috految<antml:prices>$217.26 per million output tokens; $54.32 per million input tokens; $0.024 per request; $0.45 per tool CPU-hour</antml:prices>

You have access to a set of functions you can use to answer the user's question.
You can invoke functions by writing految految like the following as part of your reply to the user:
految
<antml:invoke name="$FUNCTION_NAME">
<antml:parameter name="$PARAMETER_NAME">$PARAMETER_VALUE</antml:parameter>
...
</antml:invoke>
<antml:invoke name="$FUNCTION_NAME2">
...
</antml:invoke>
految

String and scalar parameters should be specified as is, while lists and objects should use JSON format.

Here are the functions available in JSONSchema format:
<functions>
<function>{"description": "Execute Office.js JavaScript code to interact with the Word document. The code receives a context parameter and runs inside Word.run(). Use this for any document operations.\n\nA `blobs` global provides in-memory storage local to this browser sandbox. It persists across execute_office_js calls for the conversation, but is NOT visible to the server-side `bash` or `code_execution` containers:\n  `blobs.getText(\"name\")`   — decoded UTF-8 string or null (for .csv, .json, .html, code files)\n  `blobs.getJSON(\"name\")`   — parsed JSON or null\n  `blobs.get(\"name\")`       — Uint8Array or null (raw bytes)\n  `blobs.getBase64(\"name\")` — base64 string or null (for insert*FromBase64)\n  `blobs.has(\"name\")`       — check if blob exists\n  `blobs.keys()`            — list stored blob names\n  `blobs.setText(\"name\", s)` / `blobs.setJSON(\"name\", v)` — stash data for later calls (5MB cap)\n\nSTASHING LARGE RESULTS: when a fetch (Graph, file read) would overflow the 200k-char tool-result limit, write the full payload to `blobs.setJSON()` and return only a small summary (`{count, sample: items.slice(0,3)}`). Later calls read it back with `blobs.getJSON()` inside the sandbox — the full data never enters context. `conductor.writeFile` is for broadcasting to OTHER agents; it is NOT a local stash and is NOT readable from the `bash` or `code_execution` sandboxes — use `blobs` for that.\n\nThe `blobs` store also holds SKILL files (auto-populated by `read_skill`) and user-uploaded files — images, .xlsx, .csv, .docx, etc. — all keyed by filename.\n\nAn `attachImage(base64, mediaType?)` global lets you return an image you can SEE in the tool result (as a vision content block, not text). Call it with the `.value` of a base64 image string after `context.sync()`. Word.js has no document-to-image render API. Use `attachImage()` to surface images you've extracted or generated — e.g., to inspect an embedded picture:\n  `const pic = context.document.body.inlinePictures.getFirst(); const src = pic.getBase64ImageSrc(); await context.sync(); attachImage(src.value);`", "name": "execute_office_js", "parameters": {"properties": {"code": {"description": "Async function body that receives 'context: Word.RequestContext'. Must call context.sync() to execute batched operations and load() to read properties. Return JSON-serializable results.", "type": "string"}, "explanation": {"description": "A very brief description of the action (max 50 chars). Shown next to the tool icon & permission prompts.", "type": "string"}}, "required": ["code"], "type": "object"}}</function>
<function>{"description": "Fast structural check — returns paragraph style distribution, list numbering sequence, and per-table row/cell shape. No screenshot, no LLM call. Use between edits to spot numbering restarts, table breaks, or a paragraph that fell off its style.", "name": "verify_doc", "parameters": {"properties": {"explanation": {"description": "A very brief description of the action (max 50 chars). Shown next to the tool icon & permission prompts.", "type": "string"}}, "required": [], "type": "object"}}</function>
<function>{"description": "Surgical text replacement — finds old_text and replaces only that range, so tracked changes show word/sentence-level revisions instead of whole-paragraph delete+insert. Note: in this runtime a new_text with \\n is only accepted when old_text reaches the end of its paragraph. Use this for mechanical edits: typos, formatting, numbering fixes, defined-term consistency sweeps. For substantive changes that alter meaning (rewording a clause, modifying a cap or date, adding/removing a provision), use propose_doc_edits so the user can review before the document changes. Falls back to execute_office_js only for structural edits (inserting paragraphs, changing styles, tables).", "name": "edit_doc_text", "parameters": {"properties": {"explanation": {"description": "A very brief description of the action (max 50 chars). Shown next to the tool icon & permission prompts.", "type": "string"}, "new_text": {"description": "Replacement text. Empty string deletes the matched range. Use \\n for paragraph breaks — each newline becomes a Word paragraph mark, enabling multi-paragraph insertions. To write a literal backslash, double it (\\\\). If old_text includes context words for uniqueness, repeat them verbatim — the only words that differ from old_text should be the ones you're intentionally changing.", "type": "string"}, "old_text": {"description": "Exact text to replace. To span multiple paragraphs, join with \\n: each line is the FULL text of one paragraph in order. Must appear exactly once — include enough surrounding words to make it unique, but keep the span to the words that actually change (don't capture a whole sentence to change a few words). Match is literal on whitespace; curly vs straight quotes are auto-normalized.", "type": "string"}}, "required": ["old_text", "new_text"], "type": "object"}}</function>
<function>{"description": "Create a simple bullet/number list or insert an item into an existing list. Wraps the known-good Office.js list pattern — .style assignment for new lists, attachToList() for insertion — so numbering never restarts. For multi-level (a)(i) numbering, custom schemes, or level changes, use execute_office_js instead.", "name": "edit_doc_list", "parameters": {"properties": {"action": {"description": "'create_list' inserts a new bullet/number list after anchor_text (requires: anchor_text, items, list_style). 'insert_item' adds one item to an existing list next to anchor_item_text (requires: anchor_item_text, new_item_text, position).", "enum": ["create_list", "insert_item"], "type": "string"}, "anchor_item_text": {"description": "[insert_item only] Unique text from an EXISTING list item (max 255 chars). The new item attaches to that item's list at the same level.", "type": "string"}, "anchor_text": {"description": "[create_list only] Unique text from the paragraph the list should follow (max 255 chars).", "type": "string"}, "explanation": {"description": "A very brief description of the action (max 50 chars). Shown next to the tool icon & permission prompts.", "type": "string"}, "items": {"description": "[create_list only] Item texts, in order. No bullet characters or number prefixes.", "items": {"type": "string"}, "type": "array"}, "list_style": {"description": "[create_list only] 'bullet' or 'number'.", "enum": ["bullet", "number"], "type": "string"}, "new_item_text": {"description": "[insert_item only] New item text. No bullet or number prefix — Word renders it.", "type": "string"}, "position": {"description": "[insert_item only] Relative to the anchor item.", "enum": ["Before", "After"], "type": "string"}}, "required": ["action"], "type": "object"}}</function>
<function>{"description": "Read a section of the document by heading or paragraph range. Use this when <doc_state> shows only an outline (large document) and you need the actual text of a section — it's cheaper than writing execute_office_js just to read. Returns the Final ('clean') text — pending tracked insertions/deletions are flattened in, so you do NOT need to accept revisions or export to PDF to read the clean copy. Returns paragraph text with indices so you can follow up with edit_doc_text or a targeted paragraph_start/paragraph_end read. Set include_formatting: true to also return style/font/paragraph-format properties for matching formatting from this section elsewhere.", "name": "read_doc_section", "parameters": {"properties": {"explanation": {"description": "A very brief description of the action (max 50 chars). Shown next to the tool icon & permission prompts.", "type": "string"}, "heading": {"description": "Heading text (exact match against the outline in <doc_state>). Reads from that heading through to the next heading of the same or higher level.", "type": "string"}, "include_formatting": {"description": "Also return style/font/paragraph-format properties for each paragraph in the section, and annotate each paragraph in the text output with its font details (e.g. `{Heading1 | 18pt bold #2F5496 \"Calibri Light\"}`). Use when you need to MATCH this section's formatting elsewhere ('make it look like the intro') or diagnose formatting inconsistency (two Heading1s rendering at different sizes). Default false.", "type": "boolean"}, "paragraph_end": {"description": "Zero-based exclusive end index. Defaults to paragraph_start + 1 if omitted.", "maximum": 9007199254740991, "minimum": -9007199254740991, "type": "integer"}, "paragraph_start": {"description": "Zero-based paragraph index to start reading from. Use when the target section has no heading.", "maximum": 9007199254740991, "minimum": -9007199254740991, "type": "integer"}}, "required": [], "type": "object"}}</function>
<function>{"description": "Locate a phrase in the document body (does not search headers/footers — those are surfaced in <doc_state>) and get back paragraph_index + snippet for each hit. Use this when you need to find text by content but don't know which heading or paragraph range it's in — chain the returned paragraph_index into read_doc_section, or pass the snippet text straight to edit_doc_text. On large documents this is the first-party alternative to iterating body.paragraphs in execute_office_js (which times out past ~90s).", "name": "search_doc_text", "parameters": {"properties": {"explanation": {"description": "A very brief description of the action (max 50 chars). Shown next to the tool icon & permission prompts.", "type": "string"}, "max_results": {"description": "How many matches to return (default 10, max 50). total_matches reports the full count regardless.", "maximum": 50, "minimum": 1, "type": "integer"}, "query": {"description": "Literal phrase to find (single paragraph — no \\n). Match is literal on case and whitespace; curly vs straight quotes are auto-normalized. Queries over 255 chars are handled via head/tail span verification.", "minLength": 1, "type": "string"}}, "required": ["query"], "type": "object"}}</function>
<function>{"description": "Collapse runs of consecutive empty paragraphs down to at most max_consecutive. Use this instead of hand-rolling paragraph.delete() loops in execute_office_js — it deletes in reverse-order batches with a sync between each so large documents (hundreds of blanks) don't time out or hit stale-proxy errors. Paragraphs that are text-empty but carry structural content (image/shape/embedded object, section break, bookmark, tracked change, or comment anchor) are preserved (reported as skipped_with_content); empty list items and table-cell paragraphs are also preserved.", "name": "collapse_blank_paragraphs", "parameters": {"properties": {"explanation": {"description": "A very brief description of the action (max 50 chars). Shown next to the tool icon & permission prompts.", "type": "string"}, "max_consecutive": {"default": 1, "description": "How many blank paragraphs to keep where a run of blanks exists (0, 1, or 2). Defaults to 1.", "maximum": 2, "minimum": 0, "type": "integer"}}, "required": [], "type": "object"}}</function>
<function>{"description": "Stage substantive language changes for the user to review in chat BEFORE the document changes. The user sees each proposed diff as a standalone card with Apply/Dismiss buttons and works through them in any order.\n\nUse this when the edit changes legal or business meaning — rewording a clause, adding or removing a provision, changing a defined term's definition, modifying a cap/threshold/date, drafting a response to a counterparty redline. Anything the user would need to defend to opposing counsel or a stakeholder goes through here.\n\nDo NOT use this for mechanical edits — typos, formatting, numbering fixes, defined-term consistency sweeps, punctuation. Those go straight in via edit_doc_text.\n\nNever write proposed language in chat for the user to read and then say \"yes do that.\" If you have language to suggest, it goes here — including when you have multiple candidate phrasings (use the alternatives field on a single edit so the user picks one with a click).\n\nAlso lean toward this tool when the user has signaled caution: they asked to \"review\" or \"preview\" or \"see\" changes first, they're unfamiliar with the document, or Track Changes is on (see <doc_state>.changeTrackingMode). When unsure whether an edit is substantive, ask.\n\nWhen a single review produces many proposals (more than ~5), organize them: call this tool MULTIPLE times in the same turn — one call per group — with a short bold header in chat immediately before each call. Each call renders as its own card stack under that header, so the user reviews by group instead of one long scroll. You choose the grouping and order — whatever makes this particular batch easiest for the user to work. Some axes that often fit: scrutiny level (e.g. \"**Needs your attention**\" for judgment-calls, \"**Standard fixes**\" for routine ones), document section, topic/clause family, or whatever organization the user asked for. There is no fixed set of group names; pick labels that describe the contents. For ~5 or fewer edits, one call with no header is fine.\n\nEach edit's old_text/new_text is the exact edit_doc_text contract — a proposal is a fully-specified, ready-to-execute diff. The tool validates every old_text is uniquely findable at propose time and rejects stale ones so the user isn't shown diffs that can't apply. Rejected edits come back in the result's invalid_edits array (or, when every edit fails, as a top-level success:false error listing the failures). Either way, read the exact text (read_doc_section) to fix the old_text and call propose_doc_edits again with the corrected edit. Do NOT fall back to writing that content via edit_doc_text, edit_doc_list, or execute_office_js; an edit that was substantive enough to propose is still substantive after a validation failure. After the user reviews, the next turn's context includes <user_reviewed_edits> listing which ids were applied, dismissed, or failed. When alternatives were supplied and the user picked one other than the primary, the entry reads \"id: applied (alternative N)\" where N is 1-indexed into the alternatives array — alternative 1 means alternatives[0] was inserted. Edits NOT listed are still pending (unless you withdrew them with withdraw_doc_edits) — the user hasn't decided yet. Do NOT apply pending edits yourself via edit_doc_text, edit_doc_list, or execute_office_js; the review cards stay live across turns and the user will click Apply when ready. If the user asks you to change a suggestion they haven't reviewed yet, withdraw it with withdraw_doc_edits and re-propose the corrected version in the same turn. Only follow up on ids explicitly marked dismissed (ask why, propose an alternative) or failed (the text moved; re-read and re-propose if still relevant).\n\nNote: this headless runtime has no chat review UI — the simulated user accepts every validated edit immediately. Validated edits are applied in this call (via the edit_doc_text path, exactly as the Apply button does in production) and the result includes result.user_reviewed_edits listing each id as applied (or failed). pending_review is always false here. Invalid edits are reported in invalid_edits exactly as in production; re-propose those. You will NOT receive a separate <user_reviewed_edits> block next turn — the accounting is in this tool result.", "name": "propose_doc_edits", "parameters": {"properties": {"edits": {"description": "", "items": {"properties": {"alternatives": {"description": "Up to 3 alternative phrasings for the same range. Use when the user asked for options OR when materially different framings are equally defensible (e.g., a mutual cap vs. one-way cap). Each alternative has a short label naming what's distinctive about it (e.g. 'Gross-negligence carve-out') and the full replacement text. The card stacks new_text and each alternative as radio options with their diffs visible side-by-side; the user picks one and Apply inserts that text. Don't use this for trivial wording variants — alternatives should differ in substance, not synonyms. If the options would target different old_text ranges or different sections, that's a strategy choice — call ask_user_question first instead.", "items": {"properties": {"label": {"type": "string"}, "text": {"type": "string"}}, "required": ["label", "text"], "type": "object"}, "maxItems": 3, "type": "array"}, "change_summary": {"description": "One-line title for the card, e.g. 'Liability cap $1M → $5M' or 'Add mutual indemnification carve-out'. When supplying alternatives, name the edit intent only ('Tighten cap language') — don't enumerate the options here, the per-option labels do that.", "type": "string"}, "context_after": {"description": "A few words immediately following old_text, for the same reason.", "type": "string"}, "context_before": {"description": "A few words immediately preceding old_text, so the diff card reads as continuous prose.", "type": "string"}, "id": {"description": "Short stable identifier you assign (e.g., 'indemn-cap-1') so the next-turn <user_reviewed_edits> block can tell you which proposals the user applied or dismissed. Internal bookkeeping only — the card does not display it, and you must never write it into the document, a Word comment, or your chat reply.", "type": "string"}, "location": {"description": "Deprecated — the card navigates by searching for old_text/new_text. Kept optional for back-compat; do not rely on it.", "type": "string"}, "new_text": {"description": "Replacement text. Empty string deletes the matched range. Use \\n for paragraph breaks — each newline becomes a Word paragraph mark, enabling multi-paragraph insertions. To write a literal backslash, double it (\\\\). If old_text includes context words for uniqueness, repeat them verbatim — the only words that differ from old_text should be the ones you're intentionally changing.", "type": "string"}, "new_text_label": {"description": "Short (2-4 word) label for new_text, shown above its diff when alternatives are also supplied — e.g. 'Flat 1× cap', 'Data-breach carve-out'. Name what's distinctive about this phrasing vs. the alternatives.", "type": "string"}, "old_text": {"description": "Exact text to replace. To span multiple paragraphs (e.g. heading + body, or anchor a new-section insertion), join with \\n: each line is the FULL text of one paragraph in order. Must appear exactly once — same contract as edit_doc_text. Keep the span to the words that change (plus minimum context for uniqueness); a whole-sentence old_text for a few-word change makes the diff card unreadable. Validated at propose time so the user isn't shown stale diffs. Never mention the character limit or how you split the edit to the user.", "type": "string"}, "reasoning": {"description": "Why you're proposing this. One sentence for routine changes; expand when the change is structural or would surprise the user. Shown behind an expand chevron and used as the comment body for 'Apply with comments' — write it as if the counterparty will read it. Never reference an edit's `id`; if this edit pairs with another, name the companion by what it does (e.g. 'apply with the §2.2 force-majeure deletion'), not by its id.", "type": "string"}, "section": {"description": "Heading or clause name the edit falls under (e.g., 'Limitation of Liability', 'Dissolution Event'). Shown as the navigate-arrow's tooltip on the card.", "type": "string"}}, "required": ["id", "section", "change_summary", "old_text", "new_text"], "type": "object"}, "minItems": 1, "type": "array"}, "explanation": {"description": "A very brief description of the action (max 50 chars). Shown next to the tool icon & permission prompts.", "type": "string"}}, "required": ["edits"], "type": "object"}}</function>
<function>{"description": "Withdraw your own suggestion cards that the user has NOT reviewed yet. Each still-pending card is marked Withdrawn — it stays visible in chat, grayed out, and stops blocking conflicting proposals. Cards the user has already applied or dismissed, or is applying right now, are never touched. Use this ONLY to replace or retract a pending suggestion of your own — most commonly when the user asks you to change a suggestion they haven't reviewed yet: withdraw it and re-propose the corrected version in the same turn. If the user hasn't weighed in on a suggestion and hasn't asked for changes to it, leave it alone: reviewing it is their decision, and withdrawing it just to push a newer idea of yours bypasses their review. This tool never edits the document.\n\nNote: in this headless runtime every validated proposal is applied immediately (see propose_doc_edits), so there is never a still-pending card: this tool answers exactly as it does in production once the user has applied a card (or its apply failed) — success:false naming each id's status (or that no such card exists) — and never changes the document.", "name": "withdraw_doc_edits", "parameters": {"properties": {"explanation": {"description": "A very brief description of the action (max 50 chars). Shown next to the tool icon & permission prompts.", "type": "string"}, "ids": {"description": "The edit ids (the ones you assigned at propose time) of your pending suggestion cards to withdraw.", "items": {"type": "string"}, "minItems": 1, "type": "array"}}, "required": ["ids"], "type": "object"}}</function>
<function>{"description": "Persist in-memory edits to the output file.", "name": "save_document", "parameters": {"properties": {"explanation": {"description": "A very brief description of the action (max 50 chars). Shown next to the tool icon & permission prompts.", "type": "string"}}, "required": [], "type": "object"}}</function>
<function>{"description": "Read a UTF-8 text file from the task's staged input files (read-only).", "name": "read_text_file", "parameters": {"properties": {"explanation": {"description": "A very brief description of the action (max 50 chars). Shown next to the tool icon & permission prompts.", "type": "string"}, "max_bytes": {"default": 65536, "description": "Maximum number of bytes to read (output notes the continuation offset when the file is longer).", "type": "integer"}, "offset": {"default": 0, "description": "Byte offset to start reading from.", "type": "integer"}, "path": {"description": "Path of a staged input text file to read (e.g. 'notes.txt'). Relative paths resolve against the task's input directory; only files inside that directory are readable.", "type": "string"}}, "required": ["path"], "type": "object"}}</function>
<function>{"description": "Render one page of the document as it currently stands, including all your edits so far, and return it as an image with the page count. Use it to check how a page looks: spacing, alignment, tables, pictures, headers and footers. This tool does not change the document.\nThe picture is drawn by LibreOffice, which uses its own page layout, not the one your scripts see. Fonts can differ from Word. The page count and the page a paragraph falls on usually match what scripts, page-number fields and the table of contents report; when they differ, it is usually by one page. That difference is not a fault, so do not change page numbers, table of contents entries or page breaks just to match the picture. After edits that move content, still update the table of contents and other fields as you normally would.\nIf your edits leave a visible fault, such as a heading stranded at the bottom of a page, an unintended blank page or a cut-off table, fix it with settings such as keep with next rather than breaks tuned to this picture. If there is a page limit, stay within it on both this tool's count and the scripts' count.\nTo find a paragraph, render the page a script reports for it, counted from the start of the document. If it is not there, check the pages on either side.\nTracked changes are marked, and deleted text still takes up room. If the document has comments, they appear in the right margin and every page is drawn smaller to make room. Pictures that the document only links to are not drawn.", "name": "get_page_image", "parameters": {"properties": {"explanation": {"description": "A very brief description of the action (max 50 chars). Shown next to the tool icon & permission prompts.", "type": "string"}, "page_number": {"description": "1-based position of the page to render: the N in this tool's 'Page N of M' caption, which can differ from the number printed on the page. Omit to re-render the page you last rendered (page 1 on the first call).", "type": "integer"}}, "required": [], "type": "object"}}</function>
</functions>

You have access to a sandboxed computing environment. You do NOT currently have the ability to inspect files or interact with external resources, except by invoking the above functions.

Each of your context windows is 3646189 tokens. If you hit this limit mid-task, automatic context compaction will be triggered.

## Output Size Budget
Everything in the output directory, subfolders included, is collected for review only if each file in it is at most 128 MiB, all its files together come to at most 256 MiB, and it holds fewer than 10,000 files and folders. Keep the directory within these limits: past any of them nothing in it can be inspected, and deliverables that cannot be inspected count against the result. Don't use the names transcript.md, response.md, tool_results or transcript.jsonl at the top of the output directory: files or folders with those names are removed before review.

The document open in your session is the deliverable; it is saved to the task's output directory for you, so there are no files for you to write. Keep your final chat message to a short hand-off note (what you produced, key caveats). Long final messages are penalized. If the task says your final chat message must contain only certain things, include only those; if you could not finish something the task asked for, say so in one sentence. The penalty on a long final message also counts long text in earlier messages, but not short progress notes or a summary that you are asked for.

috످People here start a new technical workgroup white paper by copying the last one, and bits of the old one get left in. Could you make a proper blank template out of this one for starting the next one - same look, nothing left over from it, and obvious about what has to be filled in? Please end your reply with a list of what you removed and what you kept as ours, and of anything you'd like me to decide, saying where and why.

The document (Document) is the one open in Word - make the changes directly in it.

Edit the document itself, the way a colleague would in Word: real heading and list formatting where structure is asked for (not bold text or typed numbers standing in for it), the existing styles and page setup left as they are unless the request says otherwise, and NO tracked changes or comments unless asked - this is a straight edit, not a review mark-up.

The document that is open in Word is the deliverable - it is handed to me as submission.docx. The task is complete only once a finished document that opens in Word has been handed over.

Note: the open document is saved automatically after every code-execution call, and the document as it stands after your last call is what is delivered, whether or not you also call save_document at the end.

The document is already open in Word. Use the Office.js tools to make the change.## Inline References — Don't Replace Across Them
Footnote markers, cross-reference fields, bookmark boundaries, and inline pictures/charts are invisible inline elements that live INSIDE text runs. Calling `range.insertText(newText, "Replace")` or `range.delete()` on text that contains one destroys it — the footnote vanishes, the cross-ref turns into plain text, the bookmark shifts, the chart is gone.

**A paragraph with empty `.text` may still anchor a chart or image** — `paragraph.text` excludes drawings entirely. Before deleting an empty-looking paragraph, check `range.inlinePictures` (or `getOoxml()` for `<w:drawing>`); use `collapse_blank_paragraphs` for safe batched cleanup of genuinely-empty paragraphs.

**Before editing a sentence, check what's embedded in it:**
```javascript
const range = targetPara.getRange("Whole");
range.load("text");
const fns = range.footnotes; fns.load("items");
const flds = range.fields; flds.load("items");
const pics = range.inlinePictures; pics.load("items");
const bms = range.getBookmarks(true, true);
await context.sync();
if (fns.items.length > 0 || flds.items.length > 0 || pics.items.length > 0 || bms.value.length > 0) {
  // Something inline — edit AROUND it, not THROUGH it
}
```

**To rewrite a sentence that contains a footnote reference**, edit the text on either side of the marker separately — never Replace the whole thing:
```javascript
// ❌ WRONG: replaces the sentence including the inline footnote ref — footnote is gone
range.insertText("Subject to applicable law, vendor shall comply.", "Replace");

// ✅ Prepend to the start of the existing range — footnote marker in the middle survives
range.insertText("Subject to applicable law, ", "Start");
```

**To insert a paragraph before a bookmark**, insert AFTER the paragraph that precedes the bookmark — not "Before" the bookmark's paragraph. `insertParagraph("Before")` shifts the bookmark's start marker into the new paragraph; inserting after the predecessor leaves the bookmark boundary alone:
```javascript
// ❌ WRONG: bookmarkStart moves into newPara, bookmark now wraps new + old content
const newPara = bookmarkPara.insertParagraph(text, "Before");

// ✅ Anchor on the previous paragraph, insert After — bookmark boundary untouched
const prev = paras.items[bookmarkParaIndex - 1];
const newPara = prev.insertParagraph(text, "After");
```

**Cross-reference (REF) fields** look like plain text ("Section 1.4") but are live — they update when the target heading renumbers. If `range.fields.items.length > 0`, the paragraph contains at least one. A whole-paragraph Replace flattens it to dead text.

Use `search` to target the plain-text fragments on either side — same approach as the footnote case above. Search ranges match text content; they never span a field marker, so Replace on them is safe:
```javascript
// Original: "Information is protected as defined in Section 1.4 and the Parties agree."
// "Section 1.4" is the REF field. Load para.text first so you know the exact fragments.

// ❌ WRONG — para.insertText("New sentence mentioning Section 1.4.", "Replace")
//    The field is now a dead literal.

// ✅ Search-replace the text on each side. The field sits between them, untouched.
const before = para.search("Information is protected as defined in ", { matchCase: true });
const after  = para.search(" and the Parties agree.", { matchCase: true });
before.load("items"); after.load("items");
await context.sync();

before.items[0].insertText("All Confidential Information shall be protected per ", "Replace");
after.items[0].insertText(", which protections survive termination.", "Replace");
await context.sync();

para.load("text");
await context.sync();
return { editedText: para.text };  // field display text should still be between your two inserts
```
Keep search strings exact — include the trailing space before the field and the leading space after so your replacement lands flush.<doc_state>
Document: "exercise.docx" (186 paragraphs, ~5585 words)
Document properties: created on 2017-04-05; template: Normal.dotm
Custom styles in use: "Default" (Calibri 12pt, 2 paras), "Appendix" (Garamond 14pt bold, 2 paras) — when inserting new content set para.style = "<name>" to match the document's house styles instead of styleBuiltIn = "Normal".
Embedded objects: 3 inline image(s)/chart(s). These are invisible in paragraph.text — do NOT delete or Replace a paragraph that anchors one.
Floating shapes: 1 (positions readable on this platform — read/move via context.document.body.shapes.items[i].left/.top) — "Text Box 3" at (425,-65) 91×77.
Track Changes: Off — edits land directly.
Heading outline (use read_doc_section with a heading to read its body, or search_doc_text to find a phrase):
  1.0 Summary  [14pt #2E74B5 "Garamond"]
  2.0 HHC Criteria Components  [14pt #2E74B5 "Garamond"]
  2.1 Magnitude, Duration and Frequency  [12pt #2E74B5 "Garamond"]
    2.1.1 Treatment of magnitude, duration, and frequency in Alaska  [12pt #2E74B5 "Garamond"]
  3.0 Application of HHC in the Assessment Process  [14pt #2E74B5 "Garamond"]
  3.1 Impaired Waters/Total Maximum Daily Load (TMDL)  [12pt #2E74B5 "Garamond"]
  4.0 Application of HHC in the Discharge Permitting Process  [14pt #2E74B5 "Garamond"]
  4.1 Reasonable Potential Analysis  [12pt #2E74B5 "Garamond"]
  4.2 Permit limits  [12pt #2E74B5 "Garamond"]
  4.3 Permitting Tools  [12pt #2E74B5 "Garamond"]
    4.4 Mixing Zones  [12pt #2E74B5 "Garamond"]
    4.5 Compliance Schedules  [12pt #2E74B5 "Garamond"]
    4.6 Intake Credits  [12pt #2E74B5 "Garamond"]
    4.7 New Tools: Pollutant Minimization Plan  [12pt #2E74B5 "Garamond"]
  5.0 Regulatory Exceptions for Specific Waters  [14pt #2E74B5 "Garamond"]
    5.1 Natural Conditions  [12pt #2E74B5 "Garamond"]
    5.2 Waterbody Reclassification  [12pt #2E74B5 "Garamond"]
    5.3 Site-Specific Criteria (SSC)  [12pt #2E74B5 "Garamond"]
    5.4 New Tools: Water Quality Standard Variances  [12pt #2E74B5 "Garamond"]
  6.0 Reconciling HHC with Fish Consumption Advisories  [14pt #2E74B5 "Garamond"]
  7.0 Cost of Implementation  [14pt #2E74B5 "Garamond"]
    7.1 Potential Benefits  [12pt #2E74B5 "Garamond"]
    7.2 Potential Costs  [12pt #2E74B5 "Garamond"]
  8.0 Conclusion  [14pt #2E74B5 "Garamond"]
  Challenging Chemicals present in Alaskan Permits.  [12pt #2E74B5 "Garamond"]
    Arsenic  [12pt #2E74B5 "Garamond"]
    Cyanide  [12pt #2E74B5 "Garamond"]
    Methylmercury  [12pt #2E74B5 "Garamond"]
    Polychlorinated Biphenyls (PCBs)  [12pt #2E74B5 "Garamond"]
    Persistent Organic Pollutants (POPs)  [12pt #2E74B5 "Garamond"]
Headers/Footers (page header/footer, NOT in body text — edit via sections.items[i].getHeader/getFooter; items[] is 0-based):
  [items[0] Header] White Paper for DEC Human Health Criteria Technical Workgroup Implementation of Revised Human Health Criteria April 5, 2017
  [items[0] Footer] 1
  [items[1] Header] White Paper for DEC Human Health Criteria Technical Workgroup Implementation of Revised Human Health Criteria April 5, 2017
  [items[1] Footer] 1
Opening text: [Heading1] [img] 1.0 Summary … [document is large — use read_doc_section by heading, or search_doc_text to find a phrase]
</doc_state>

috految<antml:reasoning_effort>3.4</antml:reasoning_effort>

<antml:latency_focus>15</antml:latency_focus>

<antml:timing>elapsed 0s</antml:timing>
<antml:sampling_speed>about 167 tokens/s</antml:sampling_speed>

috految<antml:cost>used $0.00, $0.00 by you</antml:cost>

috److految
<antml:invoke name="execute_office_js">
<antml:parameter name="code">const o=context.document.body.getOoxml();await context.sync();const x=o.value;blobs.setText("x",x);const B=x.match(/<w:body>(.*)<\/w:body>/s)[1].match(/<w:tbl>.*?<\/w:tbl>|<w:p(?: [^>]*)?\/>|<w:p[ >](?:<w:txbxContent.*?<\/w:txbxContent>|.)*?<\/w:p>|<w:sectPr.*?<\/w:sectPr>/gs);blobs.setJSON("B",B);const t=s=>s.replace(/<\/w:t[cr]>/g,"|").replace(/<[^>]+>/g,"");return [B.map((p,i)=>i+" "+[...new Set(p.match(/(?<=pStyle w:val=")\w+|(?<=<w:)(tbl|sectPr|drawing|pict|numPr|br|b|i|u|pBdr|sdt|footnoteReference)\b/g))]+" "+t(p).slice(0,i<12||/workgroup|paper|this document/i.test(t(p))?1100:t(p).includes("|")?350:115)).join("\n"),x.split('<pkg:part ').slice(1).map(p=>{let n=p.match(/name="(.*?)"/)[1];return n+(/header|foot|docProps|customXml/.test(n)?t("<"+p).slice(0,450)+p.match(/string=".*?"|<w:(sdt>|drawing)/g):"")}).join()]</antml:parameter>
</antml:invoke>
految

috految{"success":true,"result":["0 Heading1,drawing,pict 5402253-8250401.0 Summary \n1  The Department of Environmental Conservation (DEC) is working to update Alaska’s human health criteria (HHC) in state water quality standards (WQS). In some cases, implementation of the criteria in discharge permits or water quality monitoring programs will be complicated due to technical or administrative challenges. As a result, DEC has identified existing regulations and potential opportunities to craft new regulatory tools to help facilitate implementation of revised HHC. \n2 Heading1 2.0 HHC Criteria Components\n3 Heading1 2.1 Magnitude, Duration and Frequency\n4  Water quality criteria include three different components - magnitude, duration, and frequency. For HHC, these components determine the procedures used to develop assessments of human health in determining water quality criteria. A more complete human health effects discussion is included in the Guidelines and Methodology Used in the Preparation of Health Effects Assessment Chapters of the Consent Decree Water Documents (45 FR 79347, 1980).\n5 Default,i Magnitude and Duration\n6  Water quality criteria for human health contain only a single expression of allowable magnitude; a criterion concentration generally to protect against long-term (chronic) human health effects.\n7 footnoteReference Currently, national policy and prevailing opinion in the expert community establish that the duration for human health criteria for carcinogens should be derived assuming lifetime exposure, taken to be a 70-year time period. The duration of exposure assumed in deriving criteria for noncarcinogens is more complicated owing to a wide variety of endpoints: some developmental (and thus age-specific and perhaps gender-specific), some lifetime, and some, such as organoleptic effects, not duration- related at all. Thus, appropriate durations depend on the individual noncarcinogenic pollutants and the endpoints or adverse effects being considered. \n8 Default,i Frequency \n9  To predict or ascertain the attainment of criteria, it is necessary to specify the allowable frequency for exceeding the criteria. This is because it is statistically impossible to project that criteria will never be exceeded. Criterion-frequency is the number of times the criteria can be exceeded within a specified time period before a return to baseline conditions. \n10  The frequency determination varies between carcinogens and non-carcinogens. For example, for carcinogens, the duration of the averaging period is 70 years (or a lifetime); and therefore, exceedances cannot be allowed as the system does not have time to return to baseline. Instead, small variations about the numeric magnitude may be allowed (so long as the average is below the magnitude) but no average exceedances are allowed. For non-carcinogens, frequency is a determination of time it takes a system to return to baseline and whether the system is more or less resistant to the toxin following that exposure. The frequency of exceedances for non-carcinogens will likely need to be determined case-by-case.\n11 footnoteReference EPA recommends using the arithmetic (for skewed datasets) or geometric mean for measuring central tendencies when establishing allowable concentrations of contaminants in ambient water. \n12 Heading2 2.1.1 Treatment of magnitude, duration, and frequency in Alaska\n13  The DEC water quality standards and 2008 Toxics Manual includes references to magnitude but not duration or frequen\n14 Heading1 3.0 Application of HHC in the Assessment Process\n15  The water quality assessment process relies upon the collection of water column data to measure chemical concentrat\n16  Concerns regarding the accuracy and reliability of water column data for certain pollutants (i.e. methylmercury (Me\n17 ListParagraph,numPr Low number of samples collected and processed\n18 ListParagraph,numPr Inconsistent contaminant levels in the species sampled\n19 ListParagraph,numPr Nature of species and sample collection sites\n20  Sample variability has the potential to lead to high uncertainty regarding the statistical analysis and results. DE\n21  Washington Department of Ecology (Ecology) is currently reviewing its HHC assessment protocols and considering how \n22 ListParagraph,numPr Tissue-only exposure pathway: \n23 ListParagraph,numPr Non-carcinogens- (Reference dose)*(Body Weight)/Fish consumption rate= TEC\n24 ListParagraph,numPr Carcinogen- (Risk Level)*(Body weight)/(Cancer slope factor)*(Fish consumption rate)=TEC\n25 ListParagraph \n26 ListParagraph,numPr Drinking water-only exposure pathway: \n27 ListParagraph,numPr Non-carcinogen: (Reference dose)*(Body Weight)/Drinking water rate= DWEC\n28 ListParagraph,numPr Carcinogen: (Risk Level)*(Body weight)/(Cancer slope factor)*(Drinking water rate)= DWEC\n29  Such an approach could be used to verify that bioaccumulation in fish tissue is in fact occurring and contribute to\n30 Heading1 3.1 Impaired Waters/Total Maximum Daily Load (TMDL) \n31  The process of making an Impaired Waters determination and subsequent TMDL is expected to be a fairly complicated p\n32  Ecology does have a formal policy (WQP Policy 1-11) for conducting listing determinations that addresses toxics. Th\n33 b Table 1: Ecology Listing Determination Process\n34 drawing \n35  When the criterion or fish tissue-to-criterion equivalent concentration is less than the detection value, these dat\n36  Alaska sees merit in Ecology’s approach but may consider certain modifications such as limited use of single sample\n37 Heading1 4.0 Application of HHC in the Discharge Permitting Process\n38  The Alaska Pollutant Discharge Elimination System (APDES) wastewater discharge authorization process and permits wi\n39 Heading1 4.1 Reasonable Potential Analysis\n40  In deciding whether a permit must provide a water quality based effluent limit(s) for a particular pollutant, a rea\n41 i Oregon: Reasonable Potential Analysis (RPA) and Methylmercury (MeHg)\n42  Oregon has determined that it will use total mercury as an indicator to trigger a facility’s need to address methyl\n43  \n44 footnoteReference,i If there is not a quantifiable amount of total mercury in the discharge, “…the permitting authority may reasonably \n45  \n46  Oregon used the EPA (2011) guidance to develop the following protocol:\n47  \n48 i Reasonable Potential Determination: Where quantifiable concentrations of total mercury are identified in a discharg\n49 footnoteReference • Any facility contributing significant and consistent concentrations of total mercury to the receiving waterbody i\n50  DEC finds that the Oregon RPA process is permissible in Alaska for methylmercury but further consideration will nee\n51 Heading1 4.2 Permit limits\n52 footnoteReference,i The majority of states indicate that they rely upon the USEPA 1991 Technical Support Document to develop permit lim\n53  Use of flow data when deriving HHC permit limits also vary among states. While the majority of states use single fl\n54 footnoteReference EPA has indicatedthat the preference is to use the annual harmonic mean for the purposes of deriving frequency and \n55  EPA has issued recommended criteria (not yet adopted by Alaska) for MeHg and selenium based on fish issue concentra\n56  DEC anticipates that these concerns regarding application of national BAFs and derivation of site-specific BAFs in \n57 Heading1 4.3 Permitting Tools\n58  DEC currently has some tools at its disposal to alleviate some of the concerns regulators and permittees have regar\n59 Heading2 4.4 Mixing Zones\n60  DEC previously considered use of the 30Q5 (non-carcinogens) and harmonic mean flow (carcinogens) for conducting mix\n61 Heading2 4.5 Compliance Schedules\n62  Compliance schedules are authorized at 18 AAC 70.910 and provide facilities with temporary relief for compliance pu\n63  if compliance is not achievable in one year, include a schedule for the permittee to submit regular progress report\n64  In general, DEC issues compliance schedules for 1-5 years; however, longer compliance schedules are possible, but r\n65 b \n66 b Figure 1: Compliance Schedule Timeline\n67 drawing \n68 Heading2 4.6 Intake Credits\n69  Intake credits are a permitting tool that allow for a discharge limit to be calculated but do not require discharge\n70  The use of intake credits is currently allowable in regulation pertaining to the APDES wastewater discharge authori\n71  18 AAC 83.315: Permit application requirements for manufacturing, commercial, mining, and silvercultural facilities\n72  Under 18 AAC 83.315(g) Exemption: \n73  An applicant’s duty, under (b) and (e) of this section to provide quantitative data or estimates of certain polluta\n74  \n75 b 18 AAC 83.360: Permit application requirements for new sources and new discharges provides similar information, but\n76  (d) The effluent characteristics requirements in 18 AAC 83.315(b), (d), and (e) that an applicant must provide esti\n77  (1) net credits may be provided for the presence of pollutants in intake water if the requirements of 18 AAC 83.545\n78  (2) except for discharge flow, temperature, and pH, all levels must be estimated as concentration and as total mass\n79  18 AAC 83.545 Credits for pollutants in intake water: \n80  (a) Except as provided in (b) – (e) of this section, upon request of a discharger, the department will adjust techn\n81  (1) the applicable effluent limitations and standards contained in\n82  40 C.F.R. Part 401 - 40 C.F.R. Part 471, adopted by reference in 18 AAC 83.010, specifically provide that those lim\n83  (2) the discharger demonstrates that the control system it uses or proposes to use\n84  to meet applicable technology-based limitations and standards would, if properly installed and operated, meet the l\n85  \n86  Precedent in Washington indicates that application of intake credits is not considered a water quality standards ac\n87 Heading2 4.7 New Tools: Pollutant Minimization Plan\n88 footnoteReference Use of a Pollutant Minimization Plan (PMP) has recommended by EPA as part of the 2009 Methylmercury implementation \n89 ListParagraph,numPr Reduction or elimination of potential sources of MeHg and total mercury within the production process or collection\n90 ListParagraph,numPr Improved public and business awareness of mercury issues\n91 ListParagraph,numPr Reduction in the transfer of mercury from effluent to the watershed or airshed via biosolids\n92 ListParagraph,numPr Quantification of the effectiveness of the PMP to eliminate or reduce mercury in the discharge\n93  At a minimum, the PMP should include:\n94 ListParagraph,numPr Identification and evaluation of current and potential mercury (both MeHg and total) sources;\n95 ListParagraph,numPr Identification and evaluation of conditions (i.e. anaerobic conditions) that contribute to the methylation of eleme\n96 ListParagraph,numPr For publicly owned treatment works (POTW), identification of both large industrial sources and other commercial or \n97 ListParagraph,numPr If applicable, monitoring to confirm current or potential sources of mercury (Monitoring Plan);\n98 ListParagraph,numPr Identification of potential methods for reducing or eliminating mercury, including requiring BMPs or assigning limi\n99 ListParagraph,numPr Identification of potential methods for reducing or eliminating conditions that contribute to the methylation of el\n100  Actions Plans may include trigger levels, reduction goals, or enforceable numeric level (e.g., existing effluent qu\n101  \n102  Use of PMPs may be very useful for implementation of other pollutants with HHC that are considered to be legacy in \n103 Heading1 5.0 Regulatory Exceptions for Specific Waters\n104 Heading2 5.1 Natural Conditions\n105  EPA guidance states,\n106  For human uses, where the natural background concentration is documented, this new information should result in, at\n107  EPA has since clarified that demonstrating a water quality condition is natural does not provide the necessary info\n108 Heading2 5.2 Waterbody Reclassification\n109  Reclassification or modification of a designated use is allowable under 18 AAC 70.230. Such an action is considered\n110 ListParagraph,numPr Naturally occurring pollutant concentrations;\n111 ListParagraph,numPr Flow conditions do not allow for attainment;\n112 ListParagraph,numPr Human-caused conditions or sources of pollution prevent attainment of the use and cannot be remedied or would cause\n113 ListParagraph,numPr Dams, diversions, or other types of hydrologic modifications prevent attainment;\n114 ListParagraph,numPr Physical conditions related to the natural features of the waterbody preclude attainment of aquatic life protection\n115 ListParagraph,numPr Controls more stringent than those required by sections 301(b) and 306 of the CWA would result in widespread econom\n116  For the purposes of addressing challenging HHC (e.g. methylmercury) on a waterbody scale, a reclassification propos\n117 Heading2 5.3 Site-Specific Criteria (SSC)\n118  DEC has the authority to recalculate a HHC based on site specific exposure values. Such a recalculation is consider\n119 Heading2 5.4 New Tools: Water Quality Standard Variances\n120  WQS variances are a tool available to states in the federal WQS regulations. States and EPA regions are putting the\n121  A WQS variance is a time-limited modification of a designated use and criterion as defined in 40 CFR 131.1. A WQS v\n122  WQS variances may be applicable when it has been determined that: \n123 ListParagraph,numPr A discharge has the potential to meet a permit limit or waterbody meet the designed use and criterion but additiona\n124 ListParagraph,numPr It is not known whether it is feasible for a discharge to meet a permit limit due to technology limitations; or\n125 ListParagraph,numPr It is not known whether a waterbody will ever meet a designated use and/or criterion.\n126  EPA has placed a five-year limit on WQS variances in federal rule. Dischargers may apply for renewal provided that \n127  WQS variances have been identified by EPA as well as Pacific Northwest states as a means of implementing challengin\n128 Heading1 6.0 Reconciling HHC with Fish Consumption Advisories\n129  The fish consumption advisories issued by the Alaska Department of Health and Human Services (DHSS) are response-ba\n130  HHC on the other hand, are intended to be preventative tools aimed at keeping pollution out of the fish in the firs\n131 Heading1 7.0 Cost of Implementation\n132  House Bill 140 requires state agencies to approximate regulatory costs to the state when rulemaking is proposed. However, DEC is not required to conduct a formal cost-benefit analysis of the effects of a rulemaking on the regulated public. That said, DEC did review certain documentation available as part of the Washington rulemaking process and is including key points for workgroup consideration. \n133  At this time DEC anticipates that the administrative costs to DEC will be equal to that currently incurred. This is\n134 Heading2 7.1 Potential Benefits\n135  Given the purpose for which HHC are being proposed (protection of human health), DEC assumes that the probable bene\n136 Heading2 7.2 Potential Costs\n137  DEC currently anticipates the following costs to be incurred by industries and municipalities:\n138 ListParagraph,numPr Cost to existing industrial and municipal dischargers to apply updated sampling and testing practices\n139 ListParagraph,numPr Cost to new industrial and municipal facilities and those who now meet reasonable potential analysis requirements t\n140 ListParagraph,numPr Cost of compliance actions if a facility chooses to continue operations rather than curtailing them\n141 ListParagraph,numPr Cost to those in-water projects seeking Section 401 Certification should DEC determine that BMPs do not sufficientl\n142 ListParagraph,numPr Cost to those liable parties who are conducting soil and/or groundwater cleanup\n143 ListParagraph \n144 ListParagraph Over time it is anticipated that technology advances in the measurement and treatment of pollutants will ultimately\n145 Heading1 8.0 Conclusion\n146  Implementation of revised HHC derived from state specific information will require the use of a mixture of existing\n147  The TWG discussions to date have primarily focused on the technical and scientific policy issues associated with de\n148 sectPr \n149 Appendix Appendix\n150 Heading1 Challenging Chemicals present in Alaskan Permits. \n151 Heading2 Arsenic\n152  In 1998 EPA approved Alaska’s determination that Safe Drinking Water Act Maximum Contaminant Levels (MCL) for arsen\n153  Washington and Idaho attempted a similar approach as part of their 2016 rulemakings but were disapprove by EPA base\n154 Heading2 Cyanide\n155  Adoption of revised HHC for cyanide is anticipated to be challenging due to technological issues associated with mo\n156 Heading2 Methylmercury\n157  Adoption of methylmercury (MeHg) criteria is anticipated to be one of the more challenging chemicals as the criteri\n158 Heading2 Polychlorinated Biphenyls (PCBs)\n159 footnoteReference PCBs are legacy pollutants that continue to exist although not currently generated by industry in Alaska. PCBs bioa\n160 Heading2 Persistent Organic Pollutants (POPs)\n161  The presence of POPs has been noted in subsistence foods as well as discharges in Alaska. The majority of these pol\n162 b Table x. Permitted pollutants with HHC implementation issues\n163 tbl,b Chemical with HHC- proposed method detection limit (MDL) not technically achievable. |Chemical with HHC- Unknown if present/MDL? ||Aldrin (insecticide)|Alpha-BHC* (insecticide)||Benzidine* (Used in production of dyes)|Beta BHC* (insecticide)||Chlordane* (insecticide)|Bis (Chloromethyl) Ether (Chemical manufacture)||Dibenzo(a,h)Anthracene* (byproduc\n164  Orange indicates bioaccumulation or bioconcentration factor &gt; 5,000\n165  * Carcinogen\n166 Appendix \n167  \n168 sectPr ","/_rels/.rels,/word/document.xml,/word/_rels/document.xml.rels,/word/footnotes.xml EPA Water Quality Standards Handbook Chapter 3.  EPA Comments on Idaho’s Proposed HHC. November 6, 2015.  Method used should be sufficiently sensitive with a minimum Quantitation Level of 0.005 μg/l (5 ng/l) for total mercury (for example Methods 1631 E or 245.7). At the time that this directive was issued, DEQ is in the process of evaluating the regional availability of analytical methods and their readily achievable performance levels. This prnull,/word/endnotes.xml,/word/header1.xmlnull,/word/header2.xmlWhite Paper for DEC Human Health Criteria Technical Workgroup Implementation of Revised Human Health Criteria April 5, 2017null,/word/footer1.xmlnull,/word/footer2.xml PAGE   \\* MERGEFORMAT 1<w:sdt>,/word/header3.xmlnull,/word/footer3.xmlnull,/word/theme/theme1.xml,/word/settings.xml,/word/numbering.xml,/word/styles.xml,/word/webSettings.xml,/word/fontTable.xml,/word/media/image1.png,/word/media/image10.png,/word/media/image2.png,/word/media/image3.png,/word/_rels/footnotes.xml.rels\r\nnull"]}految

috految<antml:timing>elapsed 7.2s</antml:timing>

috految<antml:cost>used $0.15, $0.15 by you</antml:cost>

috److految
<antml:invoke name="execute_office_js">
<antml:parameter name="code">const B=blobs.getJSON("B"),x=blobs.getText("x"),p=context.document.properties.load();p.customProperties.load("items");await context.sync();return [[133,135,146,147].map(i=>B[i].replace(/<[^>]+>/g,"")),p.toJSON(),B[0].match(/descr=".*?"|<wp:positionV.*?>/g),[1,2,59,66,148,168].map(i=>B[i].split(/<w:t[ >]/)[0]),B[163].match(/fill="\w+|<w:tbl[pCD].*?>/g).join(),x.match(/<w:hdr.*?<\/w:hdr>/gs)[1].replace(/<w:hdr.*?>/,""),x.match(/styleId="(Normal|Heading[13]|Caption)".*?<\/w:style>/g)].map(v=>JSON.stringify(v).replace(/w:|\\?"/g,""))</antml:parameter>
</antml:invoke>
految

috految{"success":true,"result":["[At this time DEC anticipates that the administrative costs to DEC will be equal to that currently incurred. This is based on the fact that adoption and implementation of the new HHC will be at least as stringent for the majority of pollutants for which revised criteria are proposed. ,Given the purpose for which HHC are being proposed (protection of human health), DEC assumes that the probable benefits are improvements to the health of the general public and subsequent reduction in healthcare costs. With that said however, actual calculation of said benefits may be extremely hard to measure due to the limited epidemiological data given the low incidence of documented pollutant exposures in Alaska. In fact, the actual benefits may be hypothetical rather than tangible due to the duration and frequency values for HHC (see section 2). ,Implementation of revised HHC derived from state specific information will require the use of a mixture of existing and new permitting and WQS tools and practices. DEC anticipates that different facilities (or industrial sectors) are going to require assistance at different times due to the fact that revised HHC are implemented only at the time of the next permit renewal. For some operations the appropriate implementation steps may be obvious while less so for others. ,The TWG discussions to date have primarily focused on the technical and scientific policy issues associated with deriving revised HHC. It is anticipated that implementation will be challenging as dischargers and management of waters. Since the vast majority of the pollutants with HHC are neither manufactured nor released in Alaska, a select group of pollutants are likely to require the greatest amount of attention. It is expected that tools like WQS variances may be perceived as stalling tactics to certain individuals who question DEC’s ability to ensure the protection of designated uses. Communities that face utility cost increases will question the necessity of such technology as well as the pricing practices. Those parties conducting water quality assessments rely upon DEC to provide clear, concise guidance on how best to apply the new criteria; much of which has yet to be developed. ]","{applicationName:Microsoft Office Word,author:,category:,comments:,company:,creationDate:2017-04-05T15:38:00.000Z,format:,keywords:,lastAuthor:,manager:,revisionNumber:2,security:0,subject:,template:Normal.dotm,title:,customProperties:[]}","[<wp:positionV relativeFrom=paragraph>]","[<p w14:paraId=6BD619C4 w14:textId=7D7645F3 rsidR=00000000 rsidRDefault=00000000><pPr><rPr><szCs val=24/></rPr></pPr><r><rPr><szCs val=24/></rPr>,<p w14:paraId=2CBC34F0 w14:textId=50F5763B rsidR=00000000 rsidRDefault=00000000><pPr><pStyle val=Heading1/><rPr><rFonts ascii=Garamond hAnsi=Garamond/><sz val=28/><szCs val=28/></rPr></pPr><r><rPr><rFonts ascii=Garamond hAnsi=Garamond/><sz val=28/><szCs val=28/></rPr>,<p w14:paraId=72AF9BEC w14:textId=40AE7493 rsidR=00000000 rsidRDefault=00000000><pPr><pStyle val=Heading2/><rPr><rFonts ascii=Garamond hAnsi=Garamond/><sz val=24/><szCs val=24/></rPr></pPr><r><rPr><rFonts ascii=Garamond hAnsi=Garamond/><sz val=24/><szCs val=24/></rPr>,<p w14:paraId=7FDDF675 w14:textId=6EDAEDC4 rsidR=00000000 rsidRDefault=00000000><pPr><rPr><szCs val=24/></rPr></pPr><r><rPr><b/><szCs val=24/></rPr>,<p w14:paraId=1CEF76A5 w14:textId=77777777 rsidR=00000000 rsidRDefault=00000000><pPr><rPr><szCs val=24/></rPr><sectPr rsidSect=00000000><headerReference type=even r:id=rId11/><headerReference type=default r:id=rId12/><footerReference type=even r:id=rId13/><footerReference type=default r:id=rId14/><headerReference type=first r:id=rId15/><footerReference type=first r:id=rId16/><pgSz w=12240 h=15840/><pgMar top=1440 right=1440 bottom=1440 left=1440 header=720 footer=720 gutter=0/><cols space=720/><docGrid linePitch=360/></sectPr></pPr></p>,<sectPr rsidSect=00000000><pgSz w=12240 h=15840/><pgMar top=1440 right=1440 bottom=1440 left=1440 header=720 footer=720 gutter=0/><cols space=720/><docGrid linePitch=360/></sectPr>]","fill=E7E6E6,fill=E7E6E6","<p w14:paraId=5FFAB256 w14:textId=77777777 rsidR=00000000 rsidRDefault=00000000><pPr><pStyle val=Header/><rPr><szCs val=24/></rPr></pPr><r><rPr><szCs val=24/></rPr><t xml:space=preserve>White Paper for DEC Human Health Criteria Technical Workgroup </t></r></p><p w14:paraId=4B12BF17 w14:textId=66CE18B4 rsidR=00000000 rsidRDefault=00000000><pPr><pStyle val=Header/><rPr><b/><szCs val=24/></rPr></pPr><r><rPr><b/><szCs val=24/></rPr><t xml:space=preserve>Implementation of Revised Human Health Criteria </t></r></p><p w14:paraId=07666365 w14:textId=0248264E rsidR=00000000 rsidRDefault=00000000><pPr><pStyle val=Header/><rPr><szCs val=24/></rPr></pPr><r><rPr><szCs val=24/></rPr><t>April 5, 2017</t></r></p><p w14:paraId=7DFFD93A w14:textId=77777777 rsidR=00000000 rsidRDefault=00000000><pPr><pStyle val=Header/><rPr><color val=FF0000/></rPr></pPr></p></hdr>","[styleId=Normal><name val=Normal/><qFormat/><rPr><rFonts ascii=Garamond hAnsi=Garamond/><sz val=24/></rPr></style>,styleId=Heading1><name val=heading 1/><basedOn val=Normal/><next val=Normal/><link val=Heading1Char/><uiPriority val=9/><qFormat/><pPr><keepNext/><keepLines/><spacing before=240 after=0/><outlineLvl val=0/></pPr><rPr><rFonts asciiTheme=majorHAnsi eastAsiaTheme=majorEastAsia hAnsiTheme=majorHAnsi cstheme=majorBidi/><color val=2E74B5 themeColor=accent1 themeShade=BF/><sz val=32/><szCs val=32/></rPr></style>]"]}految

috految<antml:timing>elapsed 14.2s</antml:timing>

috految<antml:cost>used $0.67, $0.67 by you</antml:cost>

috److految
<antml:invoke name="execute_office_js">
<antml:parameter name="code">const B=blobs.getJSON("B"),d=context.document,b=d.body;let x=blobs.getText("x"),id=900;
const v=(n,s)=>`<w:${n} w:val="${s}"/>`,r=(t,f="")=>`<w:r><w:rPr>${f}</w:rPr><w:t xml:space="preserve">${t}</w:t></w:r>`,R=(t,f="")=>t.split(/(\[.*?\])/).filter(Boolean).map(s=>{if(s[0]!="[")return r(s,f);const n=s.slice(1,-1).slice(0,60);return `<w:sdt><w:sdtPr><w:rPr>${f}</w:rPr>${v("alias",n)+v("tag",n.replace(/\W+/g,"_"))+v("id",id++)}<w:showingPlcHdr/>${n=="Date of paper"?`<w:date>${v("dateFormat","MMMM d, yyyy")}</w:date>`:n.includes(" / ")?`<w:dropDownList>${n.split(" / ").map(o=>`<w:listItem w:displayText="${o}" w:value="${o}"/>`).join("")}</w:dropDownList>`:""}</w:sdtPr><w:sdtContent>${r(s,f+v("highlight","yellow"))}</w:sdtContent></w:sdt>`}).join(""),p=(c,q="")=>`<w:p><w:pPr>${q}</w:pPr>${c}</w:p>`,P=t=>p(R(t)),L=(s,t)=>p(R(t,s.match(/<w:r[ >].*?<\/w:r>/s)[0].match(/<w:rPr>(.*?)<\/w:rPr>/)?.[1]),s.match(/<w:pPr>(.*?)<\/w:pPr>/)?.[1]),G=t=>p(r("Guidance: "+t),v("pStyle","Guidance")),H=(t,l=0,a="")=>{const f='<w:rFonts w:ascii="Garamond" w:hAnsi="Garamond"/>'+v("sz",l?24:28);return p(a+R(t,f),v("pStyle","Heading"+(l+1))+`<w:numPr>${v("ilvl",l)+v("numId",90)}</w:numPr><w:rPr>${f}</w:rPr>`)},C=k=>p(r(k+" ")+`<w:fldSimple w:instr=" SEQ ${k} ">${r("1")}</w:fldSimple>`+R(`: [${k} title]`),v("pStyle","Caption"));
let n=0;const T=B[163].replace(/<w:tr[ >].*?<\/w:tr>/gs,w=>{if(++n>3)return "";let c=0;return w.replace(/(<\/w:tcPr>)(.*?)<\/w:tc>/gs,(m,a,s)=>a+L(s.replace(/<w:(color|highlight|shd) .*?>/g,""),n==1?`[Column ${++c} heading]`:"[Item or value]")+"</w:tc>")});
const body=[H("Summary",0,"<w:r>"+B[0].match(/<mc:AlternateContent.*<\/mc:AlternateContent>/s)[0]+"</w:r>"),G("Save a copy and fill in every yellow prompt, including the header (double-click it). Copy a heading to add one; numbers update automatically. Keep the Summary heading: it holds the logo. Before issuing, delete unused sections and all guidance, press Ctrl+A then F9, and search for leftover square brackets."),G("Summarize in one paragraph. Adapt the opening if the paper is not about updating standards."),P("The Department of Environmental Conservation (DEC) is working to update Alaska’s [subject and abbreviation] in state water quality standards (WQS). [Issue before the workgroup and why it matters]. As a result, DEC has identified [options or findings presented]."),H("[Background topic]"),G("Explain the concepts readers need, one subsection each. Define abbreviations and cite sources in footnotes."),H("[Key concept]",1),P("[Definition, technical basis and relevant EPA guidance]"),L(B[5],"[Optional subheading]"),P("[Detail on this aspect of the concept]"),H("Treatment of [key concept] in Alaska",2),P("[What Alaska’s regulations and guidance say now, and any gaps]"),H("[Issue or process affected]"),G("Repeat this section for each issue or process, such as assessment, permitting or coordination with other agencies."),P("[How it works now and what would change]"),L(B[17],"[Key concern, one per item]"),H("[Specific question]",1),P("[Evidence and EPA’s position]"),L(B[41],"[Other state]: [Approach]"),P("[How that state handles the question, if relevant]"),P("[DEC’s view on what would work in Alaska]"),G("Optional figure. For a table, copy the one in the Appendix."),C("Figure"),P("[Insert figure and give its source]"),H("[Regulatory options topic]"),G("Optional. Repeat the subsection for each existing or proposed tool or exception. Quote the current regulation."),H("[Tool or option name]",1),P("[What it does, when it applies and whether rulemaking is needed]"),P("[Regulation citation and title]:"),L(B[73],"[Quoted text and provision number]"),P("[DEC’s assessment of the option]"),H("Cost of Implementation"),G("Keep this section if rulemaking is proposed. Confirm the legal statement is current. Delete the “That said” sentence if nothing was reviewed."),P(B[132].replace(/<[^>]+>/g,"").replace(/certain doc.*process/,"[cost sources reviewed]")),P("At this time DEC anticipates that the administrative costs to DEC will be [greater than / equal to / less than] that currently incurred. This is based on [reason for the estimate]."),H("Potential Benefits",1),P("Given the purpose for which [proposed measures] are being proposed ([purpose]), DEC assumes that the probable benefits are [expected benefits]. [How far the benefits can be measured]."),H("Potential Costs",1),P("DEC currently anticipates the following costs to be incurred by [affected parties]:"),L(B[138],"Cost to [party] of [activity, one per item]"),P("[How costs may change over time]"),H("Conclusion"),P("[Main conclusions and what they mean for those affected]"),P("The TWG discussions to date have primarily focused on [topics discussed]. [Open issues, likely stakeholder concerns and work remaining]."),B[148],B[149],L(B[150],"[Appendix title]"),G("Optional. Repeat the subheading for each item and add table rows as needed. If you delete the Appendix, check the header remains."),L(B[151],"[Item name]"),P("[Supporting detail and relevance to Alaska]"),C("Table"),T,L(B[165],"[Key to any symbols or colors]"),"<w:p/>",B[168]].join("");
const S=(i,n,q,f)=>`<w:style w:type="paragraph" w:styleId="${i}">${v("name",n)+v("basedOn","Normal")+v("next","Normal")}<w:qFormat/><w:pPr><w:keepNext/>${q}</w:pPr><w:rPr><w:rFonts w:ascii="Garamond" w:hAnsi="Garamond"/>${f}</w:rPr></w:style>`;
x=x.replace("</w:styles>",S("Guidance","Guidance",'<w:shd w:val="clear" w:fill="EEEEEE"/>',"<w:i/>"+v("sz",20))+S("Caption","caption","","<w:b/>")+S("Heading3","heading 3",'<w:spacing w:before="40" w:after="0"/>'+v("outlineLvl",2),v("color","2E74B5"))+"</w:styles>").replace("<w:num ",`<w:abstractNum w:abstractNumId="90">${["%1.0","%1.%2","%1.%2.%3"].map((t,i)=>`<w:lvl w:ilvl="${i}">${v("start",1)+v("numFmt","decimal")+v("suff","space")+v("lvlText",t)}</w:lvl>`).join("")}</w:abstractNum><w:num w:numId="90">${v("abstractNumId",90)}</w:num><w:num `).replace(/<w:footnote (?![^>]*type)[^>]*[^\/]>.*?<\/w:footnote>/gs,"");
const h=["White Paper for DEC [Workgroup name] Technical Workgroup","[Paper title]","[Date of paper]",""].map((t,i)=>p(R(t,i==1?"<w:b/>":""),v("pStyle","Header"))).join("");x=x.replace(/(<w:hdr[^>]*>)(.*?)<\/w:hdr>/gs,(m,a,c)=>/April/.test(c)?a+h+"</w:hdr>":m);const K=s=>x.replace(/<w:body>.*<\/w:body>/s,()=>`<w:body>${s}</w:body>`);blobs.setText("n",K(body));
const F=b.footnotes.load("items");await context.sync();[...F.items].reverse().forEach(f=>f.delete());d.sections.getFirst().getHeader("Primary").insertOoxml(K(h),"Replace");await context.sync();b.insertOoxml(K(body),"Replace");await context.sync();const o=b.getOoxml();await context.sync();return [o.value.match(/<w:(hdr|ftr|footnotes|body)\b.*?<\/w:\1>/gs).map(s=>s.replace(/<\/w:p>/g,"|").replace(/<[^>]+>/g,"").slice(-170)),o.value.match(/Target="(http|media).*?"|<w:(sectPr|headerRef|numId|footnoteRef|bookmarkS|txbxC)[^>]*|r:embed="\w+|%1\.0|styleId="Guid|Human H|Washington/g).join()]</antml:parameter>
</antml:invoke>
految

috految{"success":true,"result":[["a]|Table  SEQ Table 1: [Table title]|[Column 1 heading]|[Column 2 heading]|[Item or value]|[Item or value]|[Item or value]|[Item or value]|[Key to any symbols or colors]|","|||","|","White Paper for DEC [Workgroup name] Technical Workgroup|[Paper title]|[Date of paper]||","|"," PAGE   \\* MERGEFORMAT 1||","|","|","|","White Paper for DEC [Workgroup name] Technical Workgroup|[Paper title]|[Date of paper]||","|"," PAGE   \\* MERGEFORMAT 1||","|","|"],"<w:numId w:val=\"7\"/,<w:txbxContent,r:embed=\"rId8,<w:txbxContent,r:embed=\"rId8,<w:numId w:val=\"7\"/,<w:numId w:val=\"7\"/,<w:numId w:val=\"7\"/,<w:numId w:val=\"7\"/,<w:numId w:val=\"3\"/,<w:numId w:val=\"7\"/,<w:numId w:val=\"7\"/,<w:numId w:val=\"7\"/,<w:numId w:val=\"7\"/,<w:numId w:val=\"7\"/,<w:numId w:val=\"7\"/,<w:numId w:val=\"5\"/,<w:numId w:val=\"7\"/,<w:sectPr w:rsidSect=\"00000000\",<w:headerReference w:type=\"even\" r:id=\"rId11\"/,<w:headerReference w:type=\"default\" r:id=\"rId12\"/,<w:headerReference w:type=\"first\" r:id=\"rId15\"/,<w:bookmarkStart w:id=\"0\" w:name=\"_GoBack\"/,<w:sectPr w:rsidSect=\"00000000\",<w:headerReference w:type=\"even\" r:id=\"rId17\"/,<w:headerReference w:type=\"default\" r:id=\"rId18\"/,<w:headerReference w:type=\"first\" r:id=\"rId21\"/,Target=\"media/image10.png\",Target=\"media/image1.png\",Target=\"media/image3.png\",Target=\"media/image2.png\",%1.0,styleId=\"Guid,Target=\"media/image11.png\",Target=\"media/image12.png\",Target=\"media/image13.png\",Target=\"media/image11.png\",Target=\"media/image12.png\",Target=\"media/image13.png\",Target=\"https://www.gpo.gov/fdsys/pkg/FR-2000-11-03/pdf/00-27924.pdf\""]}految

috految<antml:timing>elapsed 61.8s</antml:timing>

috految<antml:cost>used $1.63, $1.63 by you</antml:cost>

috److The document is now a blank template, with yellow bracketed prompts to fill in and gray guidance notes to delete. I added automatic heading and caption numbers, consistent heading levels, and Guidance, Caption and Heading 3 styles. The guidance wording is mine.

**Before sharing it**
- Save it as a Word Template (.dotx). The 2017 creation date, unused picture files and an old footnote web address remain inside the file. Saving from Word should drop the unused items.
- The Appendix now has its own copy of the header. Choose Link to Previous there, or fill in both.
- Check the page layout, which I have not viewed. I judged most of old sections 2–6 and the Appendix from headings and paragraph openings, so check the original for standard wording.

**Removed (specific to the old paper)**
- **Header:** “Human Health Criteria,” the title and April 5, 2017.
- **Summary:** the subject, challenges and findings.
- **Old 2.0:** criteria components, now a background section.
- **Old 3.0–6.0:** assessment, permitting, exceptions and fish advisories, including state examples, formulas, regulation quotations, Table 1 and Figure 1. Repeatable sections for issues (3.0) and options (4.0) replace them.
- **Old 7.0–8.0:** the Washington review, cost and benefit findings, and conclusions.
- **Appendix:** its title, five chemical discussions, and the table’s contents and key.
- **Throughout:** all footnotes.

**Kept as yours (reusable across papers)**
- **Look:** page setup, fonts, page numbers, the table design and the first-page image, which I took to be your logo.
- **Header:** “White Paper for DEC … Technical Workgroup.”
- **Headings:** Summary, Treatment of … in Alaska, Cost of Implementation, Potential Benefits, Potential Costs, Conclusion and Appendix.
- **Wording:** DEC’s opening (1.0), the House Bill 140 statement and cost lead-ins (5.0–5.2), and the TWG lead-in (6.0).

**For you to decide**
1. **Header:** Is it always the Human Health Criteria workgroup? I assumed not; if so, type it in permanently.
2. **1.0:** Does every paper update water quality standards? The opening assumes so.
3. **2.0–4.0:** Should any old topics or legal explanations recur, such as compliance schedules (old 4.5) or reclassification (old 5.2)? I assumed the next subject will differ.
4. **5.0:** Are House Bill 140 and “DEC is not required to conduct a formal cost-benefit analysis” still current? This is 2017 wording, and I have not verified it.
5. **4.0, 5.0 and Appendix:** Are they mandatory? With only one paper to go on, I made them optional.
6. **6.0:** Should “TWG” be spelled out? The template does not define it.
7. **Headings:** Should their styles change to Garamond? The original applies it by hand, so authors need to copy a heading to match.
8. **Original paper:** Does it need correcting? Old 5.4 cites 40 CFR 131.1 for variances (probably 131.14), and the Appendix has “Table x.”

috످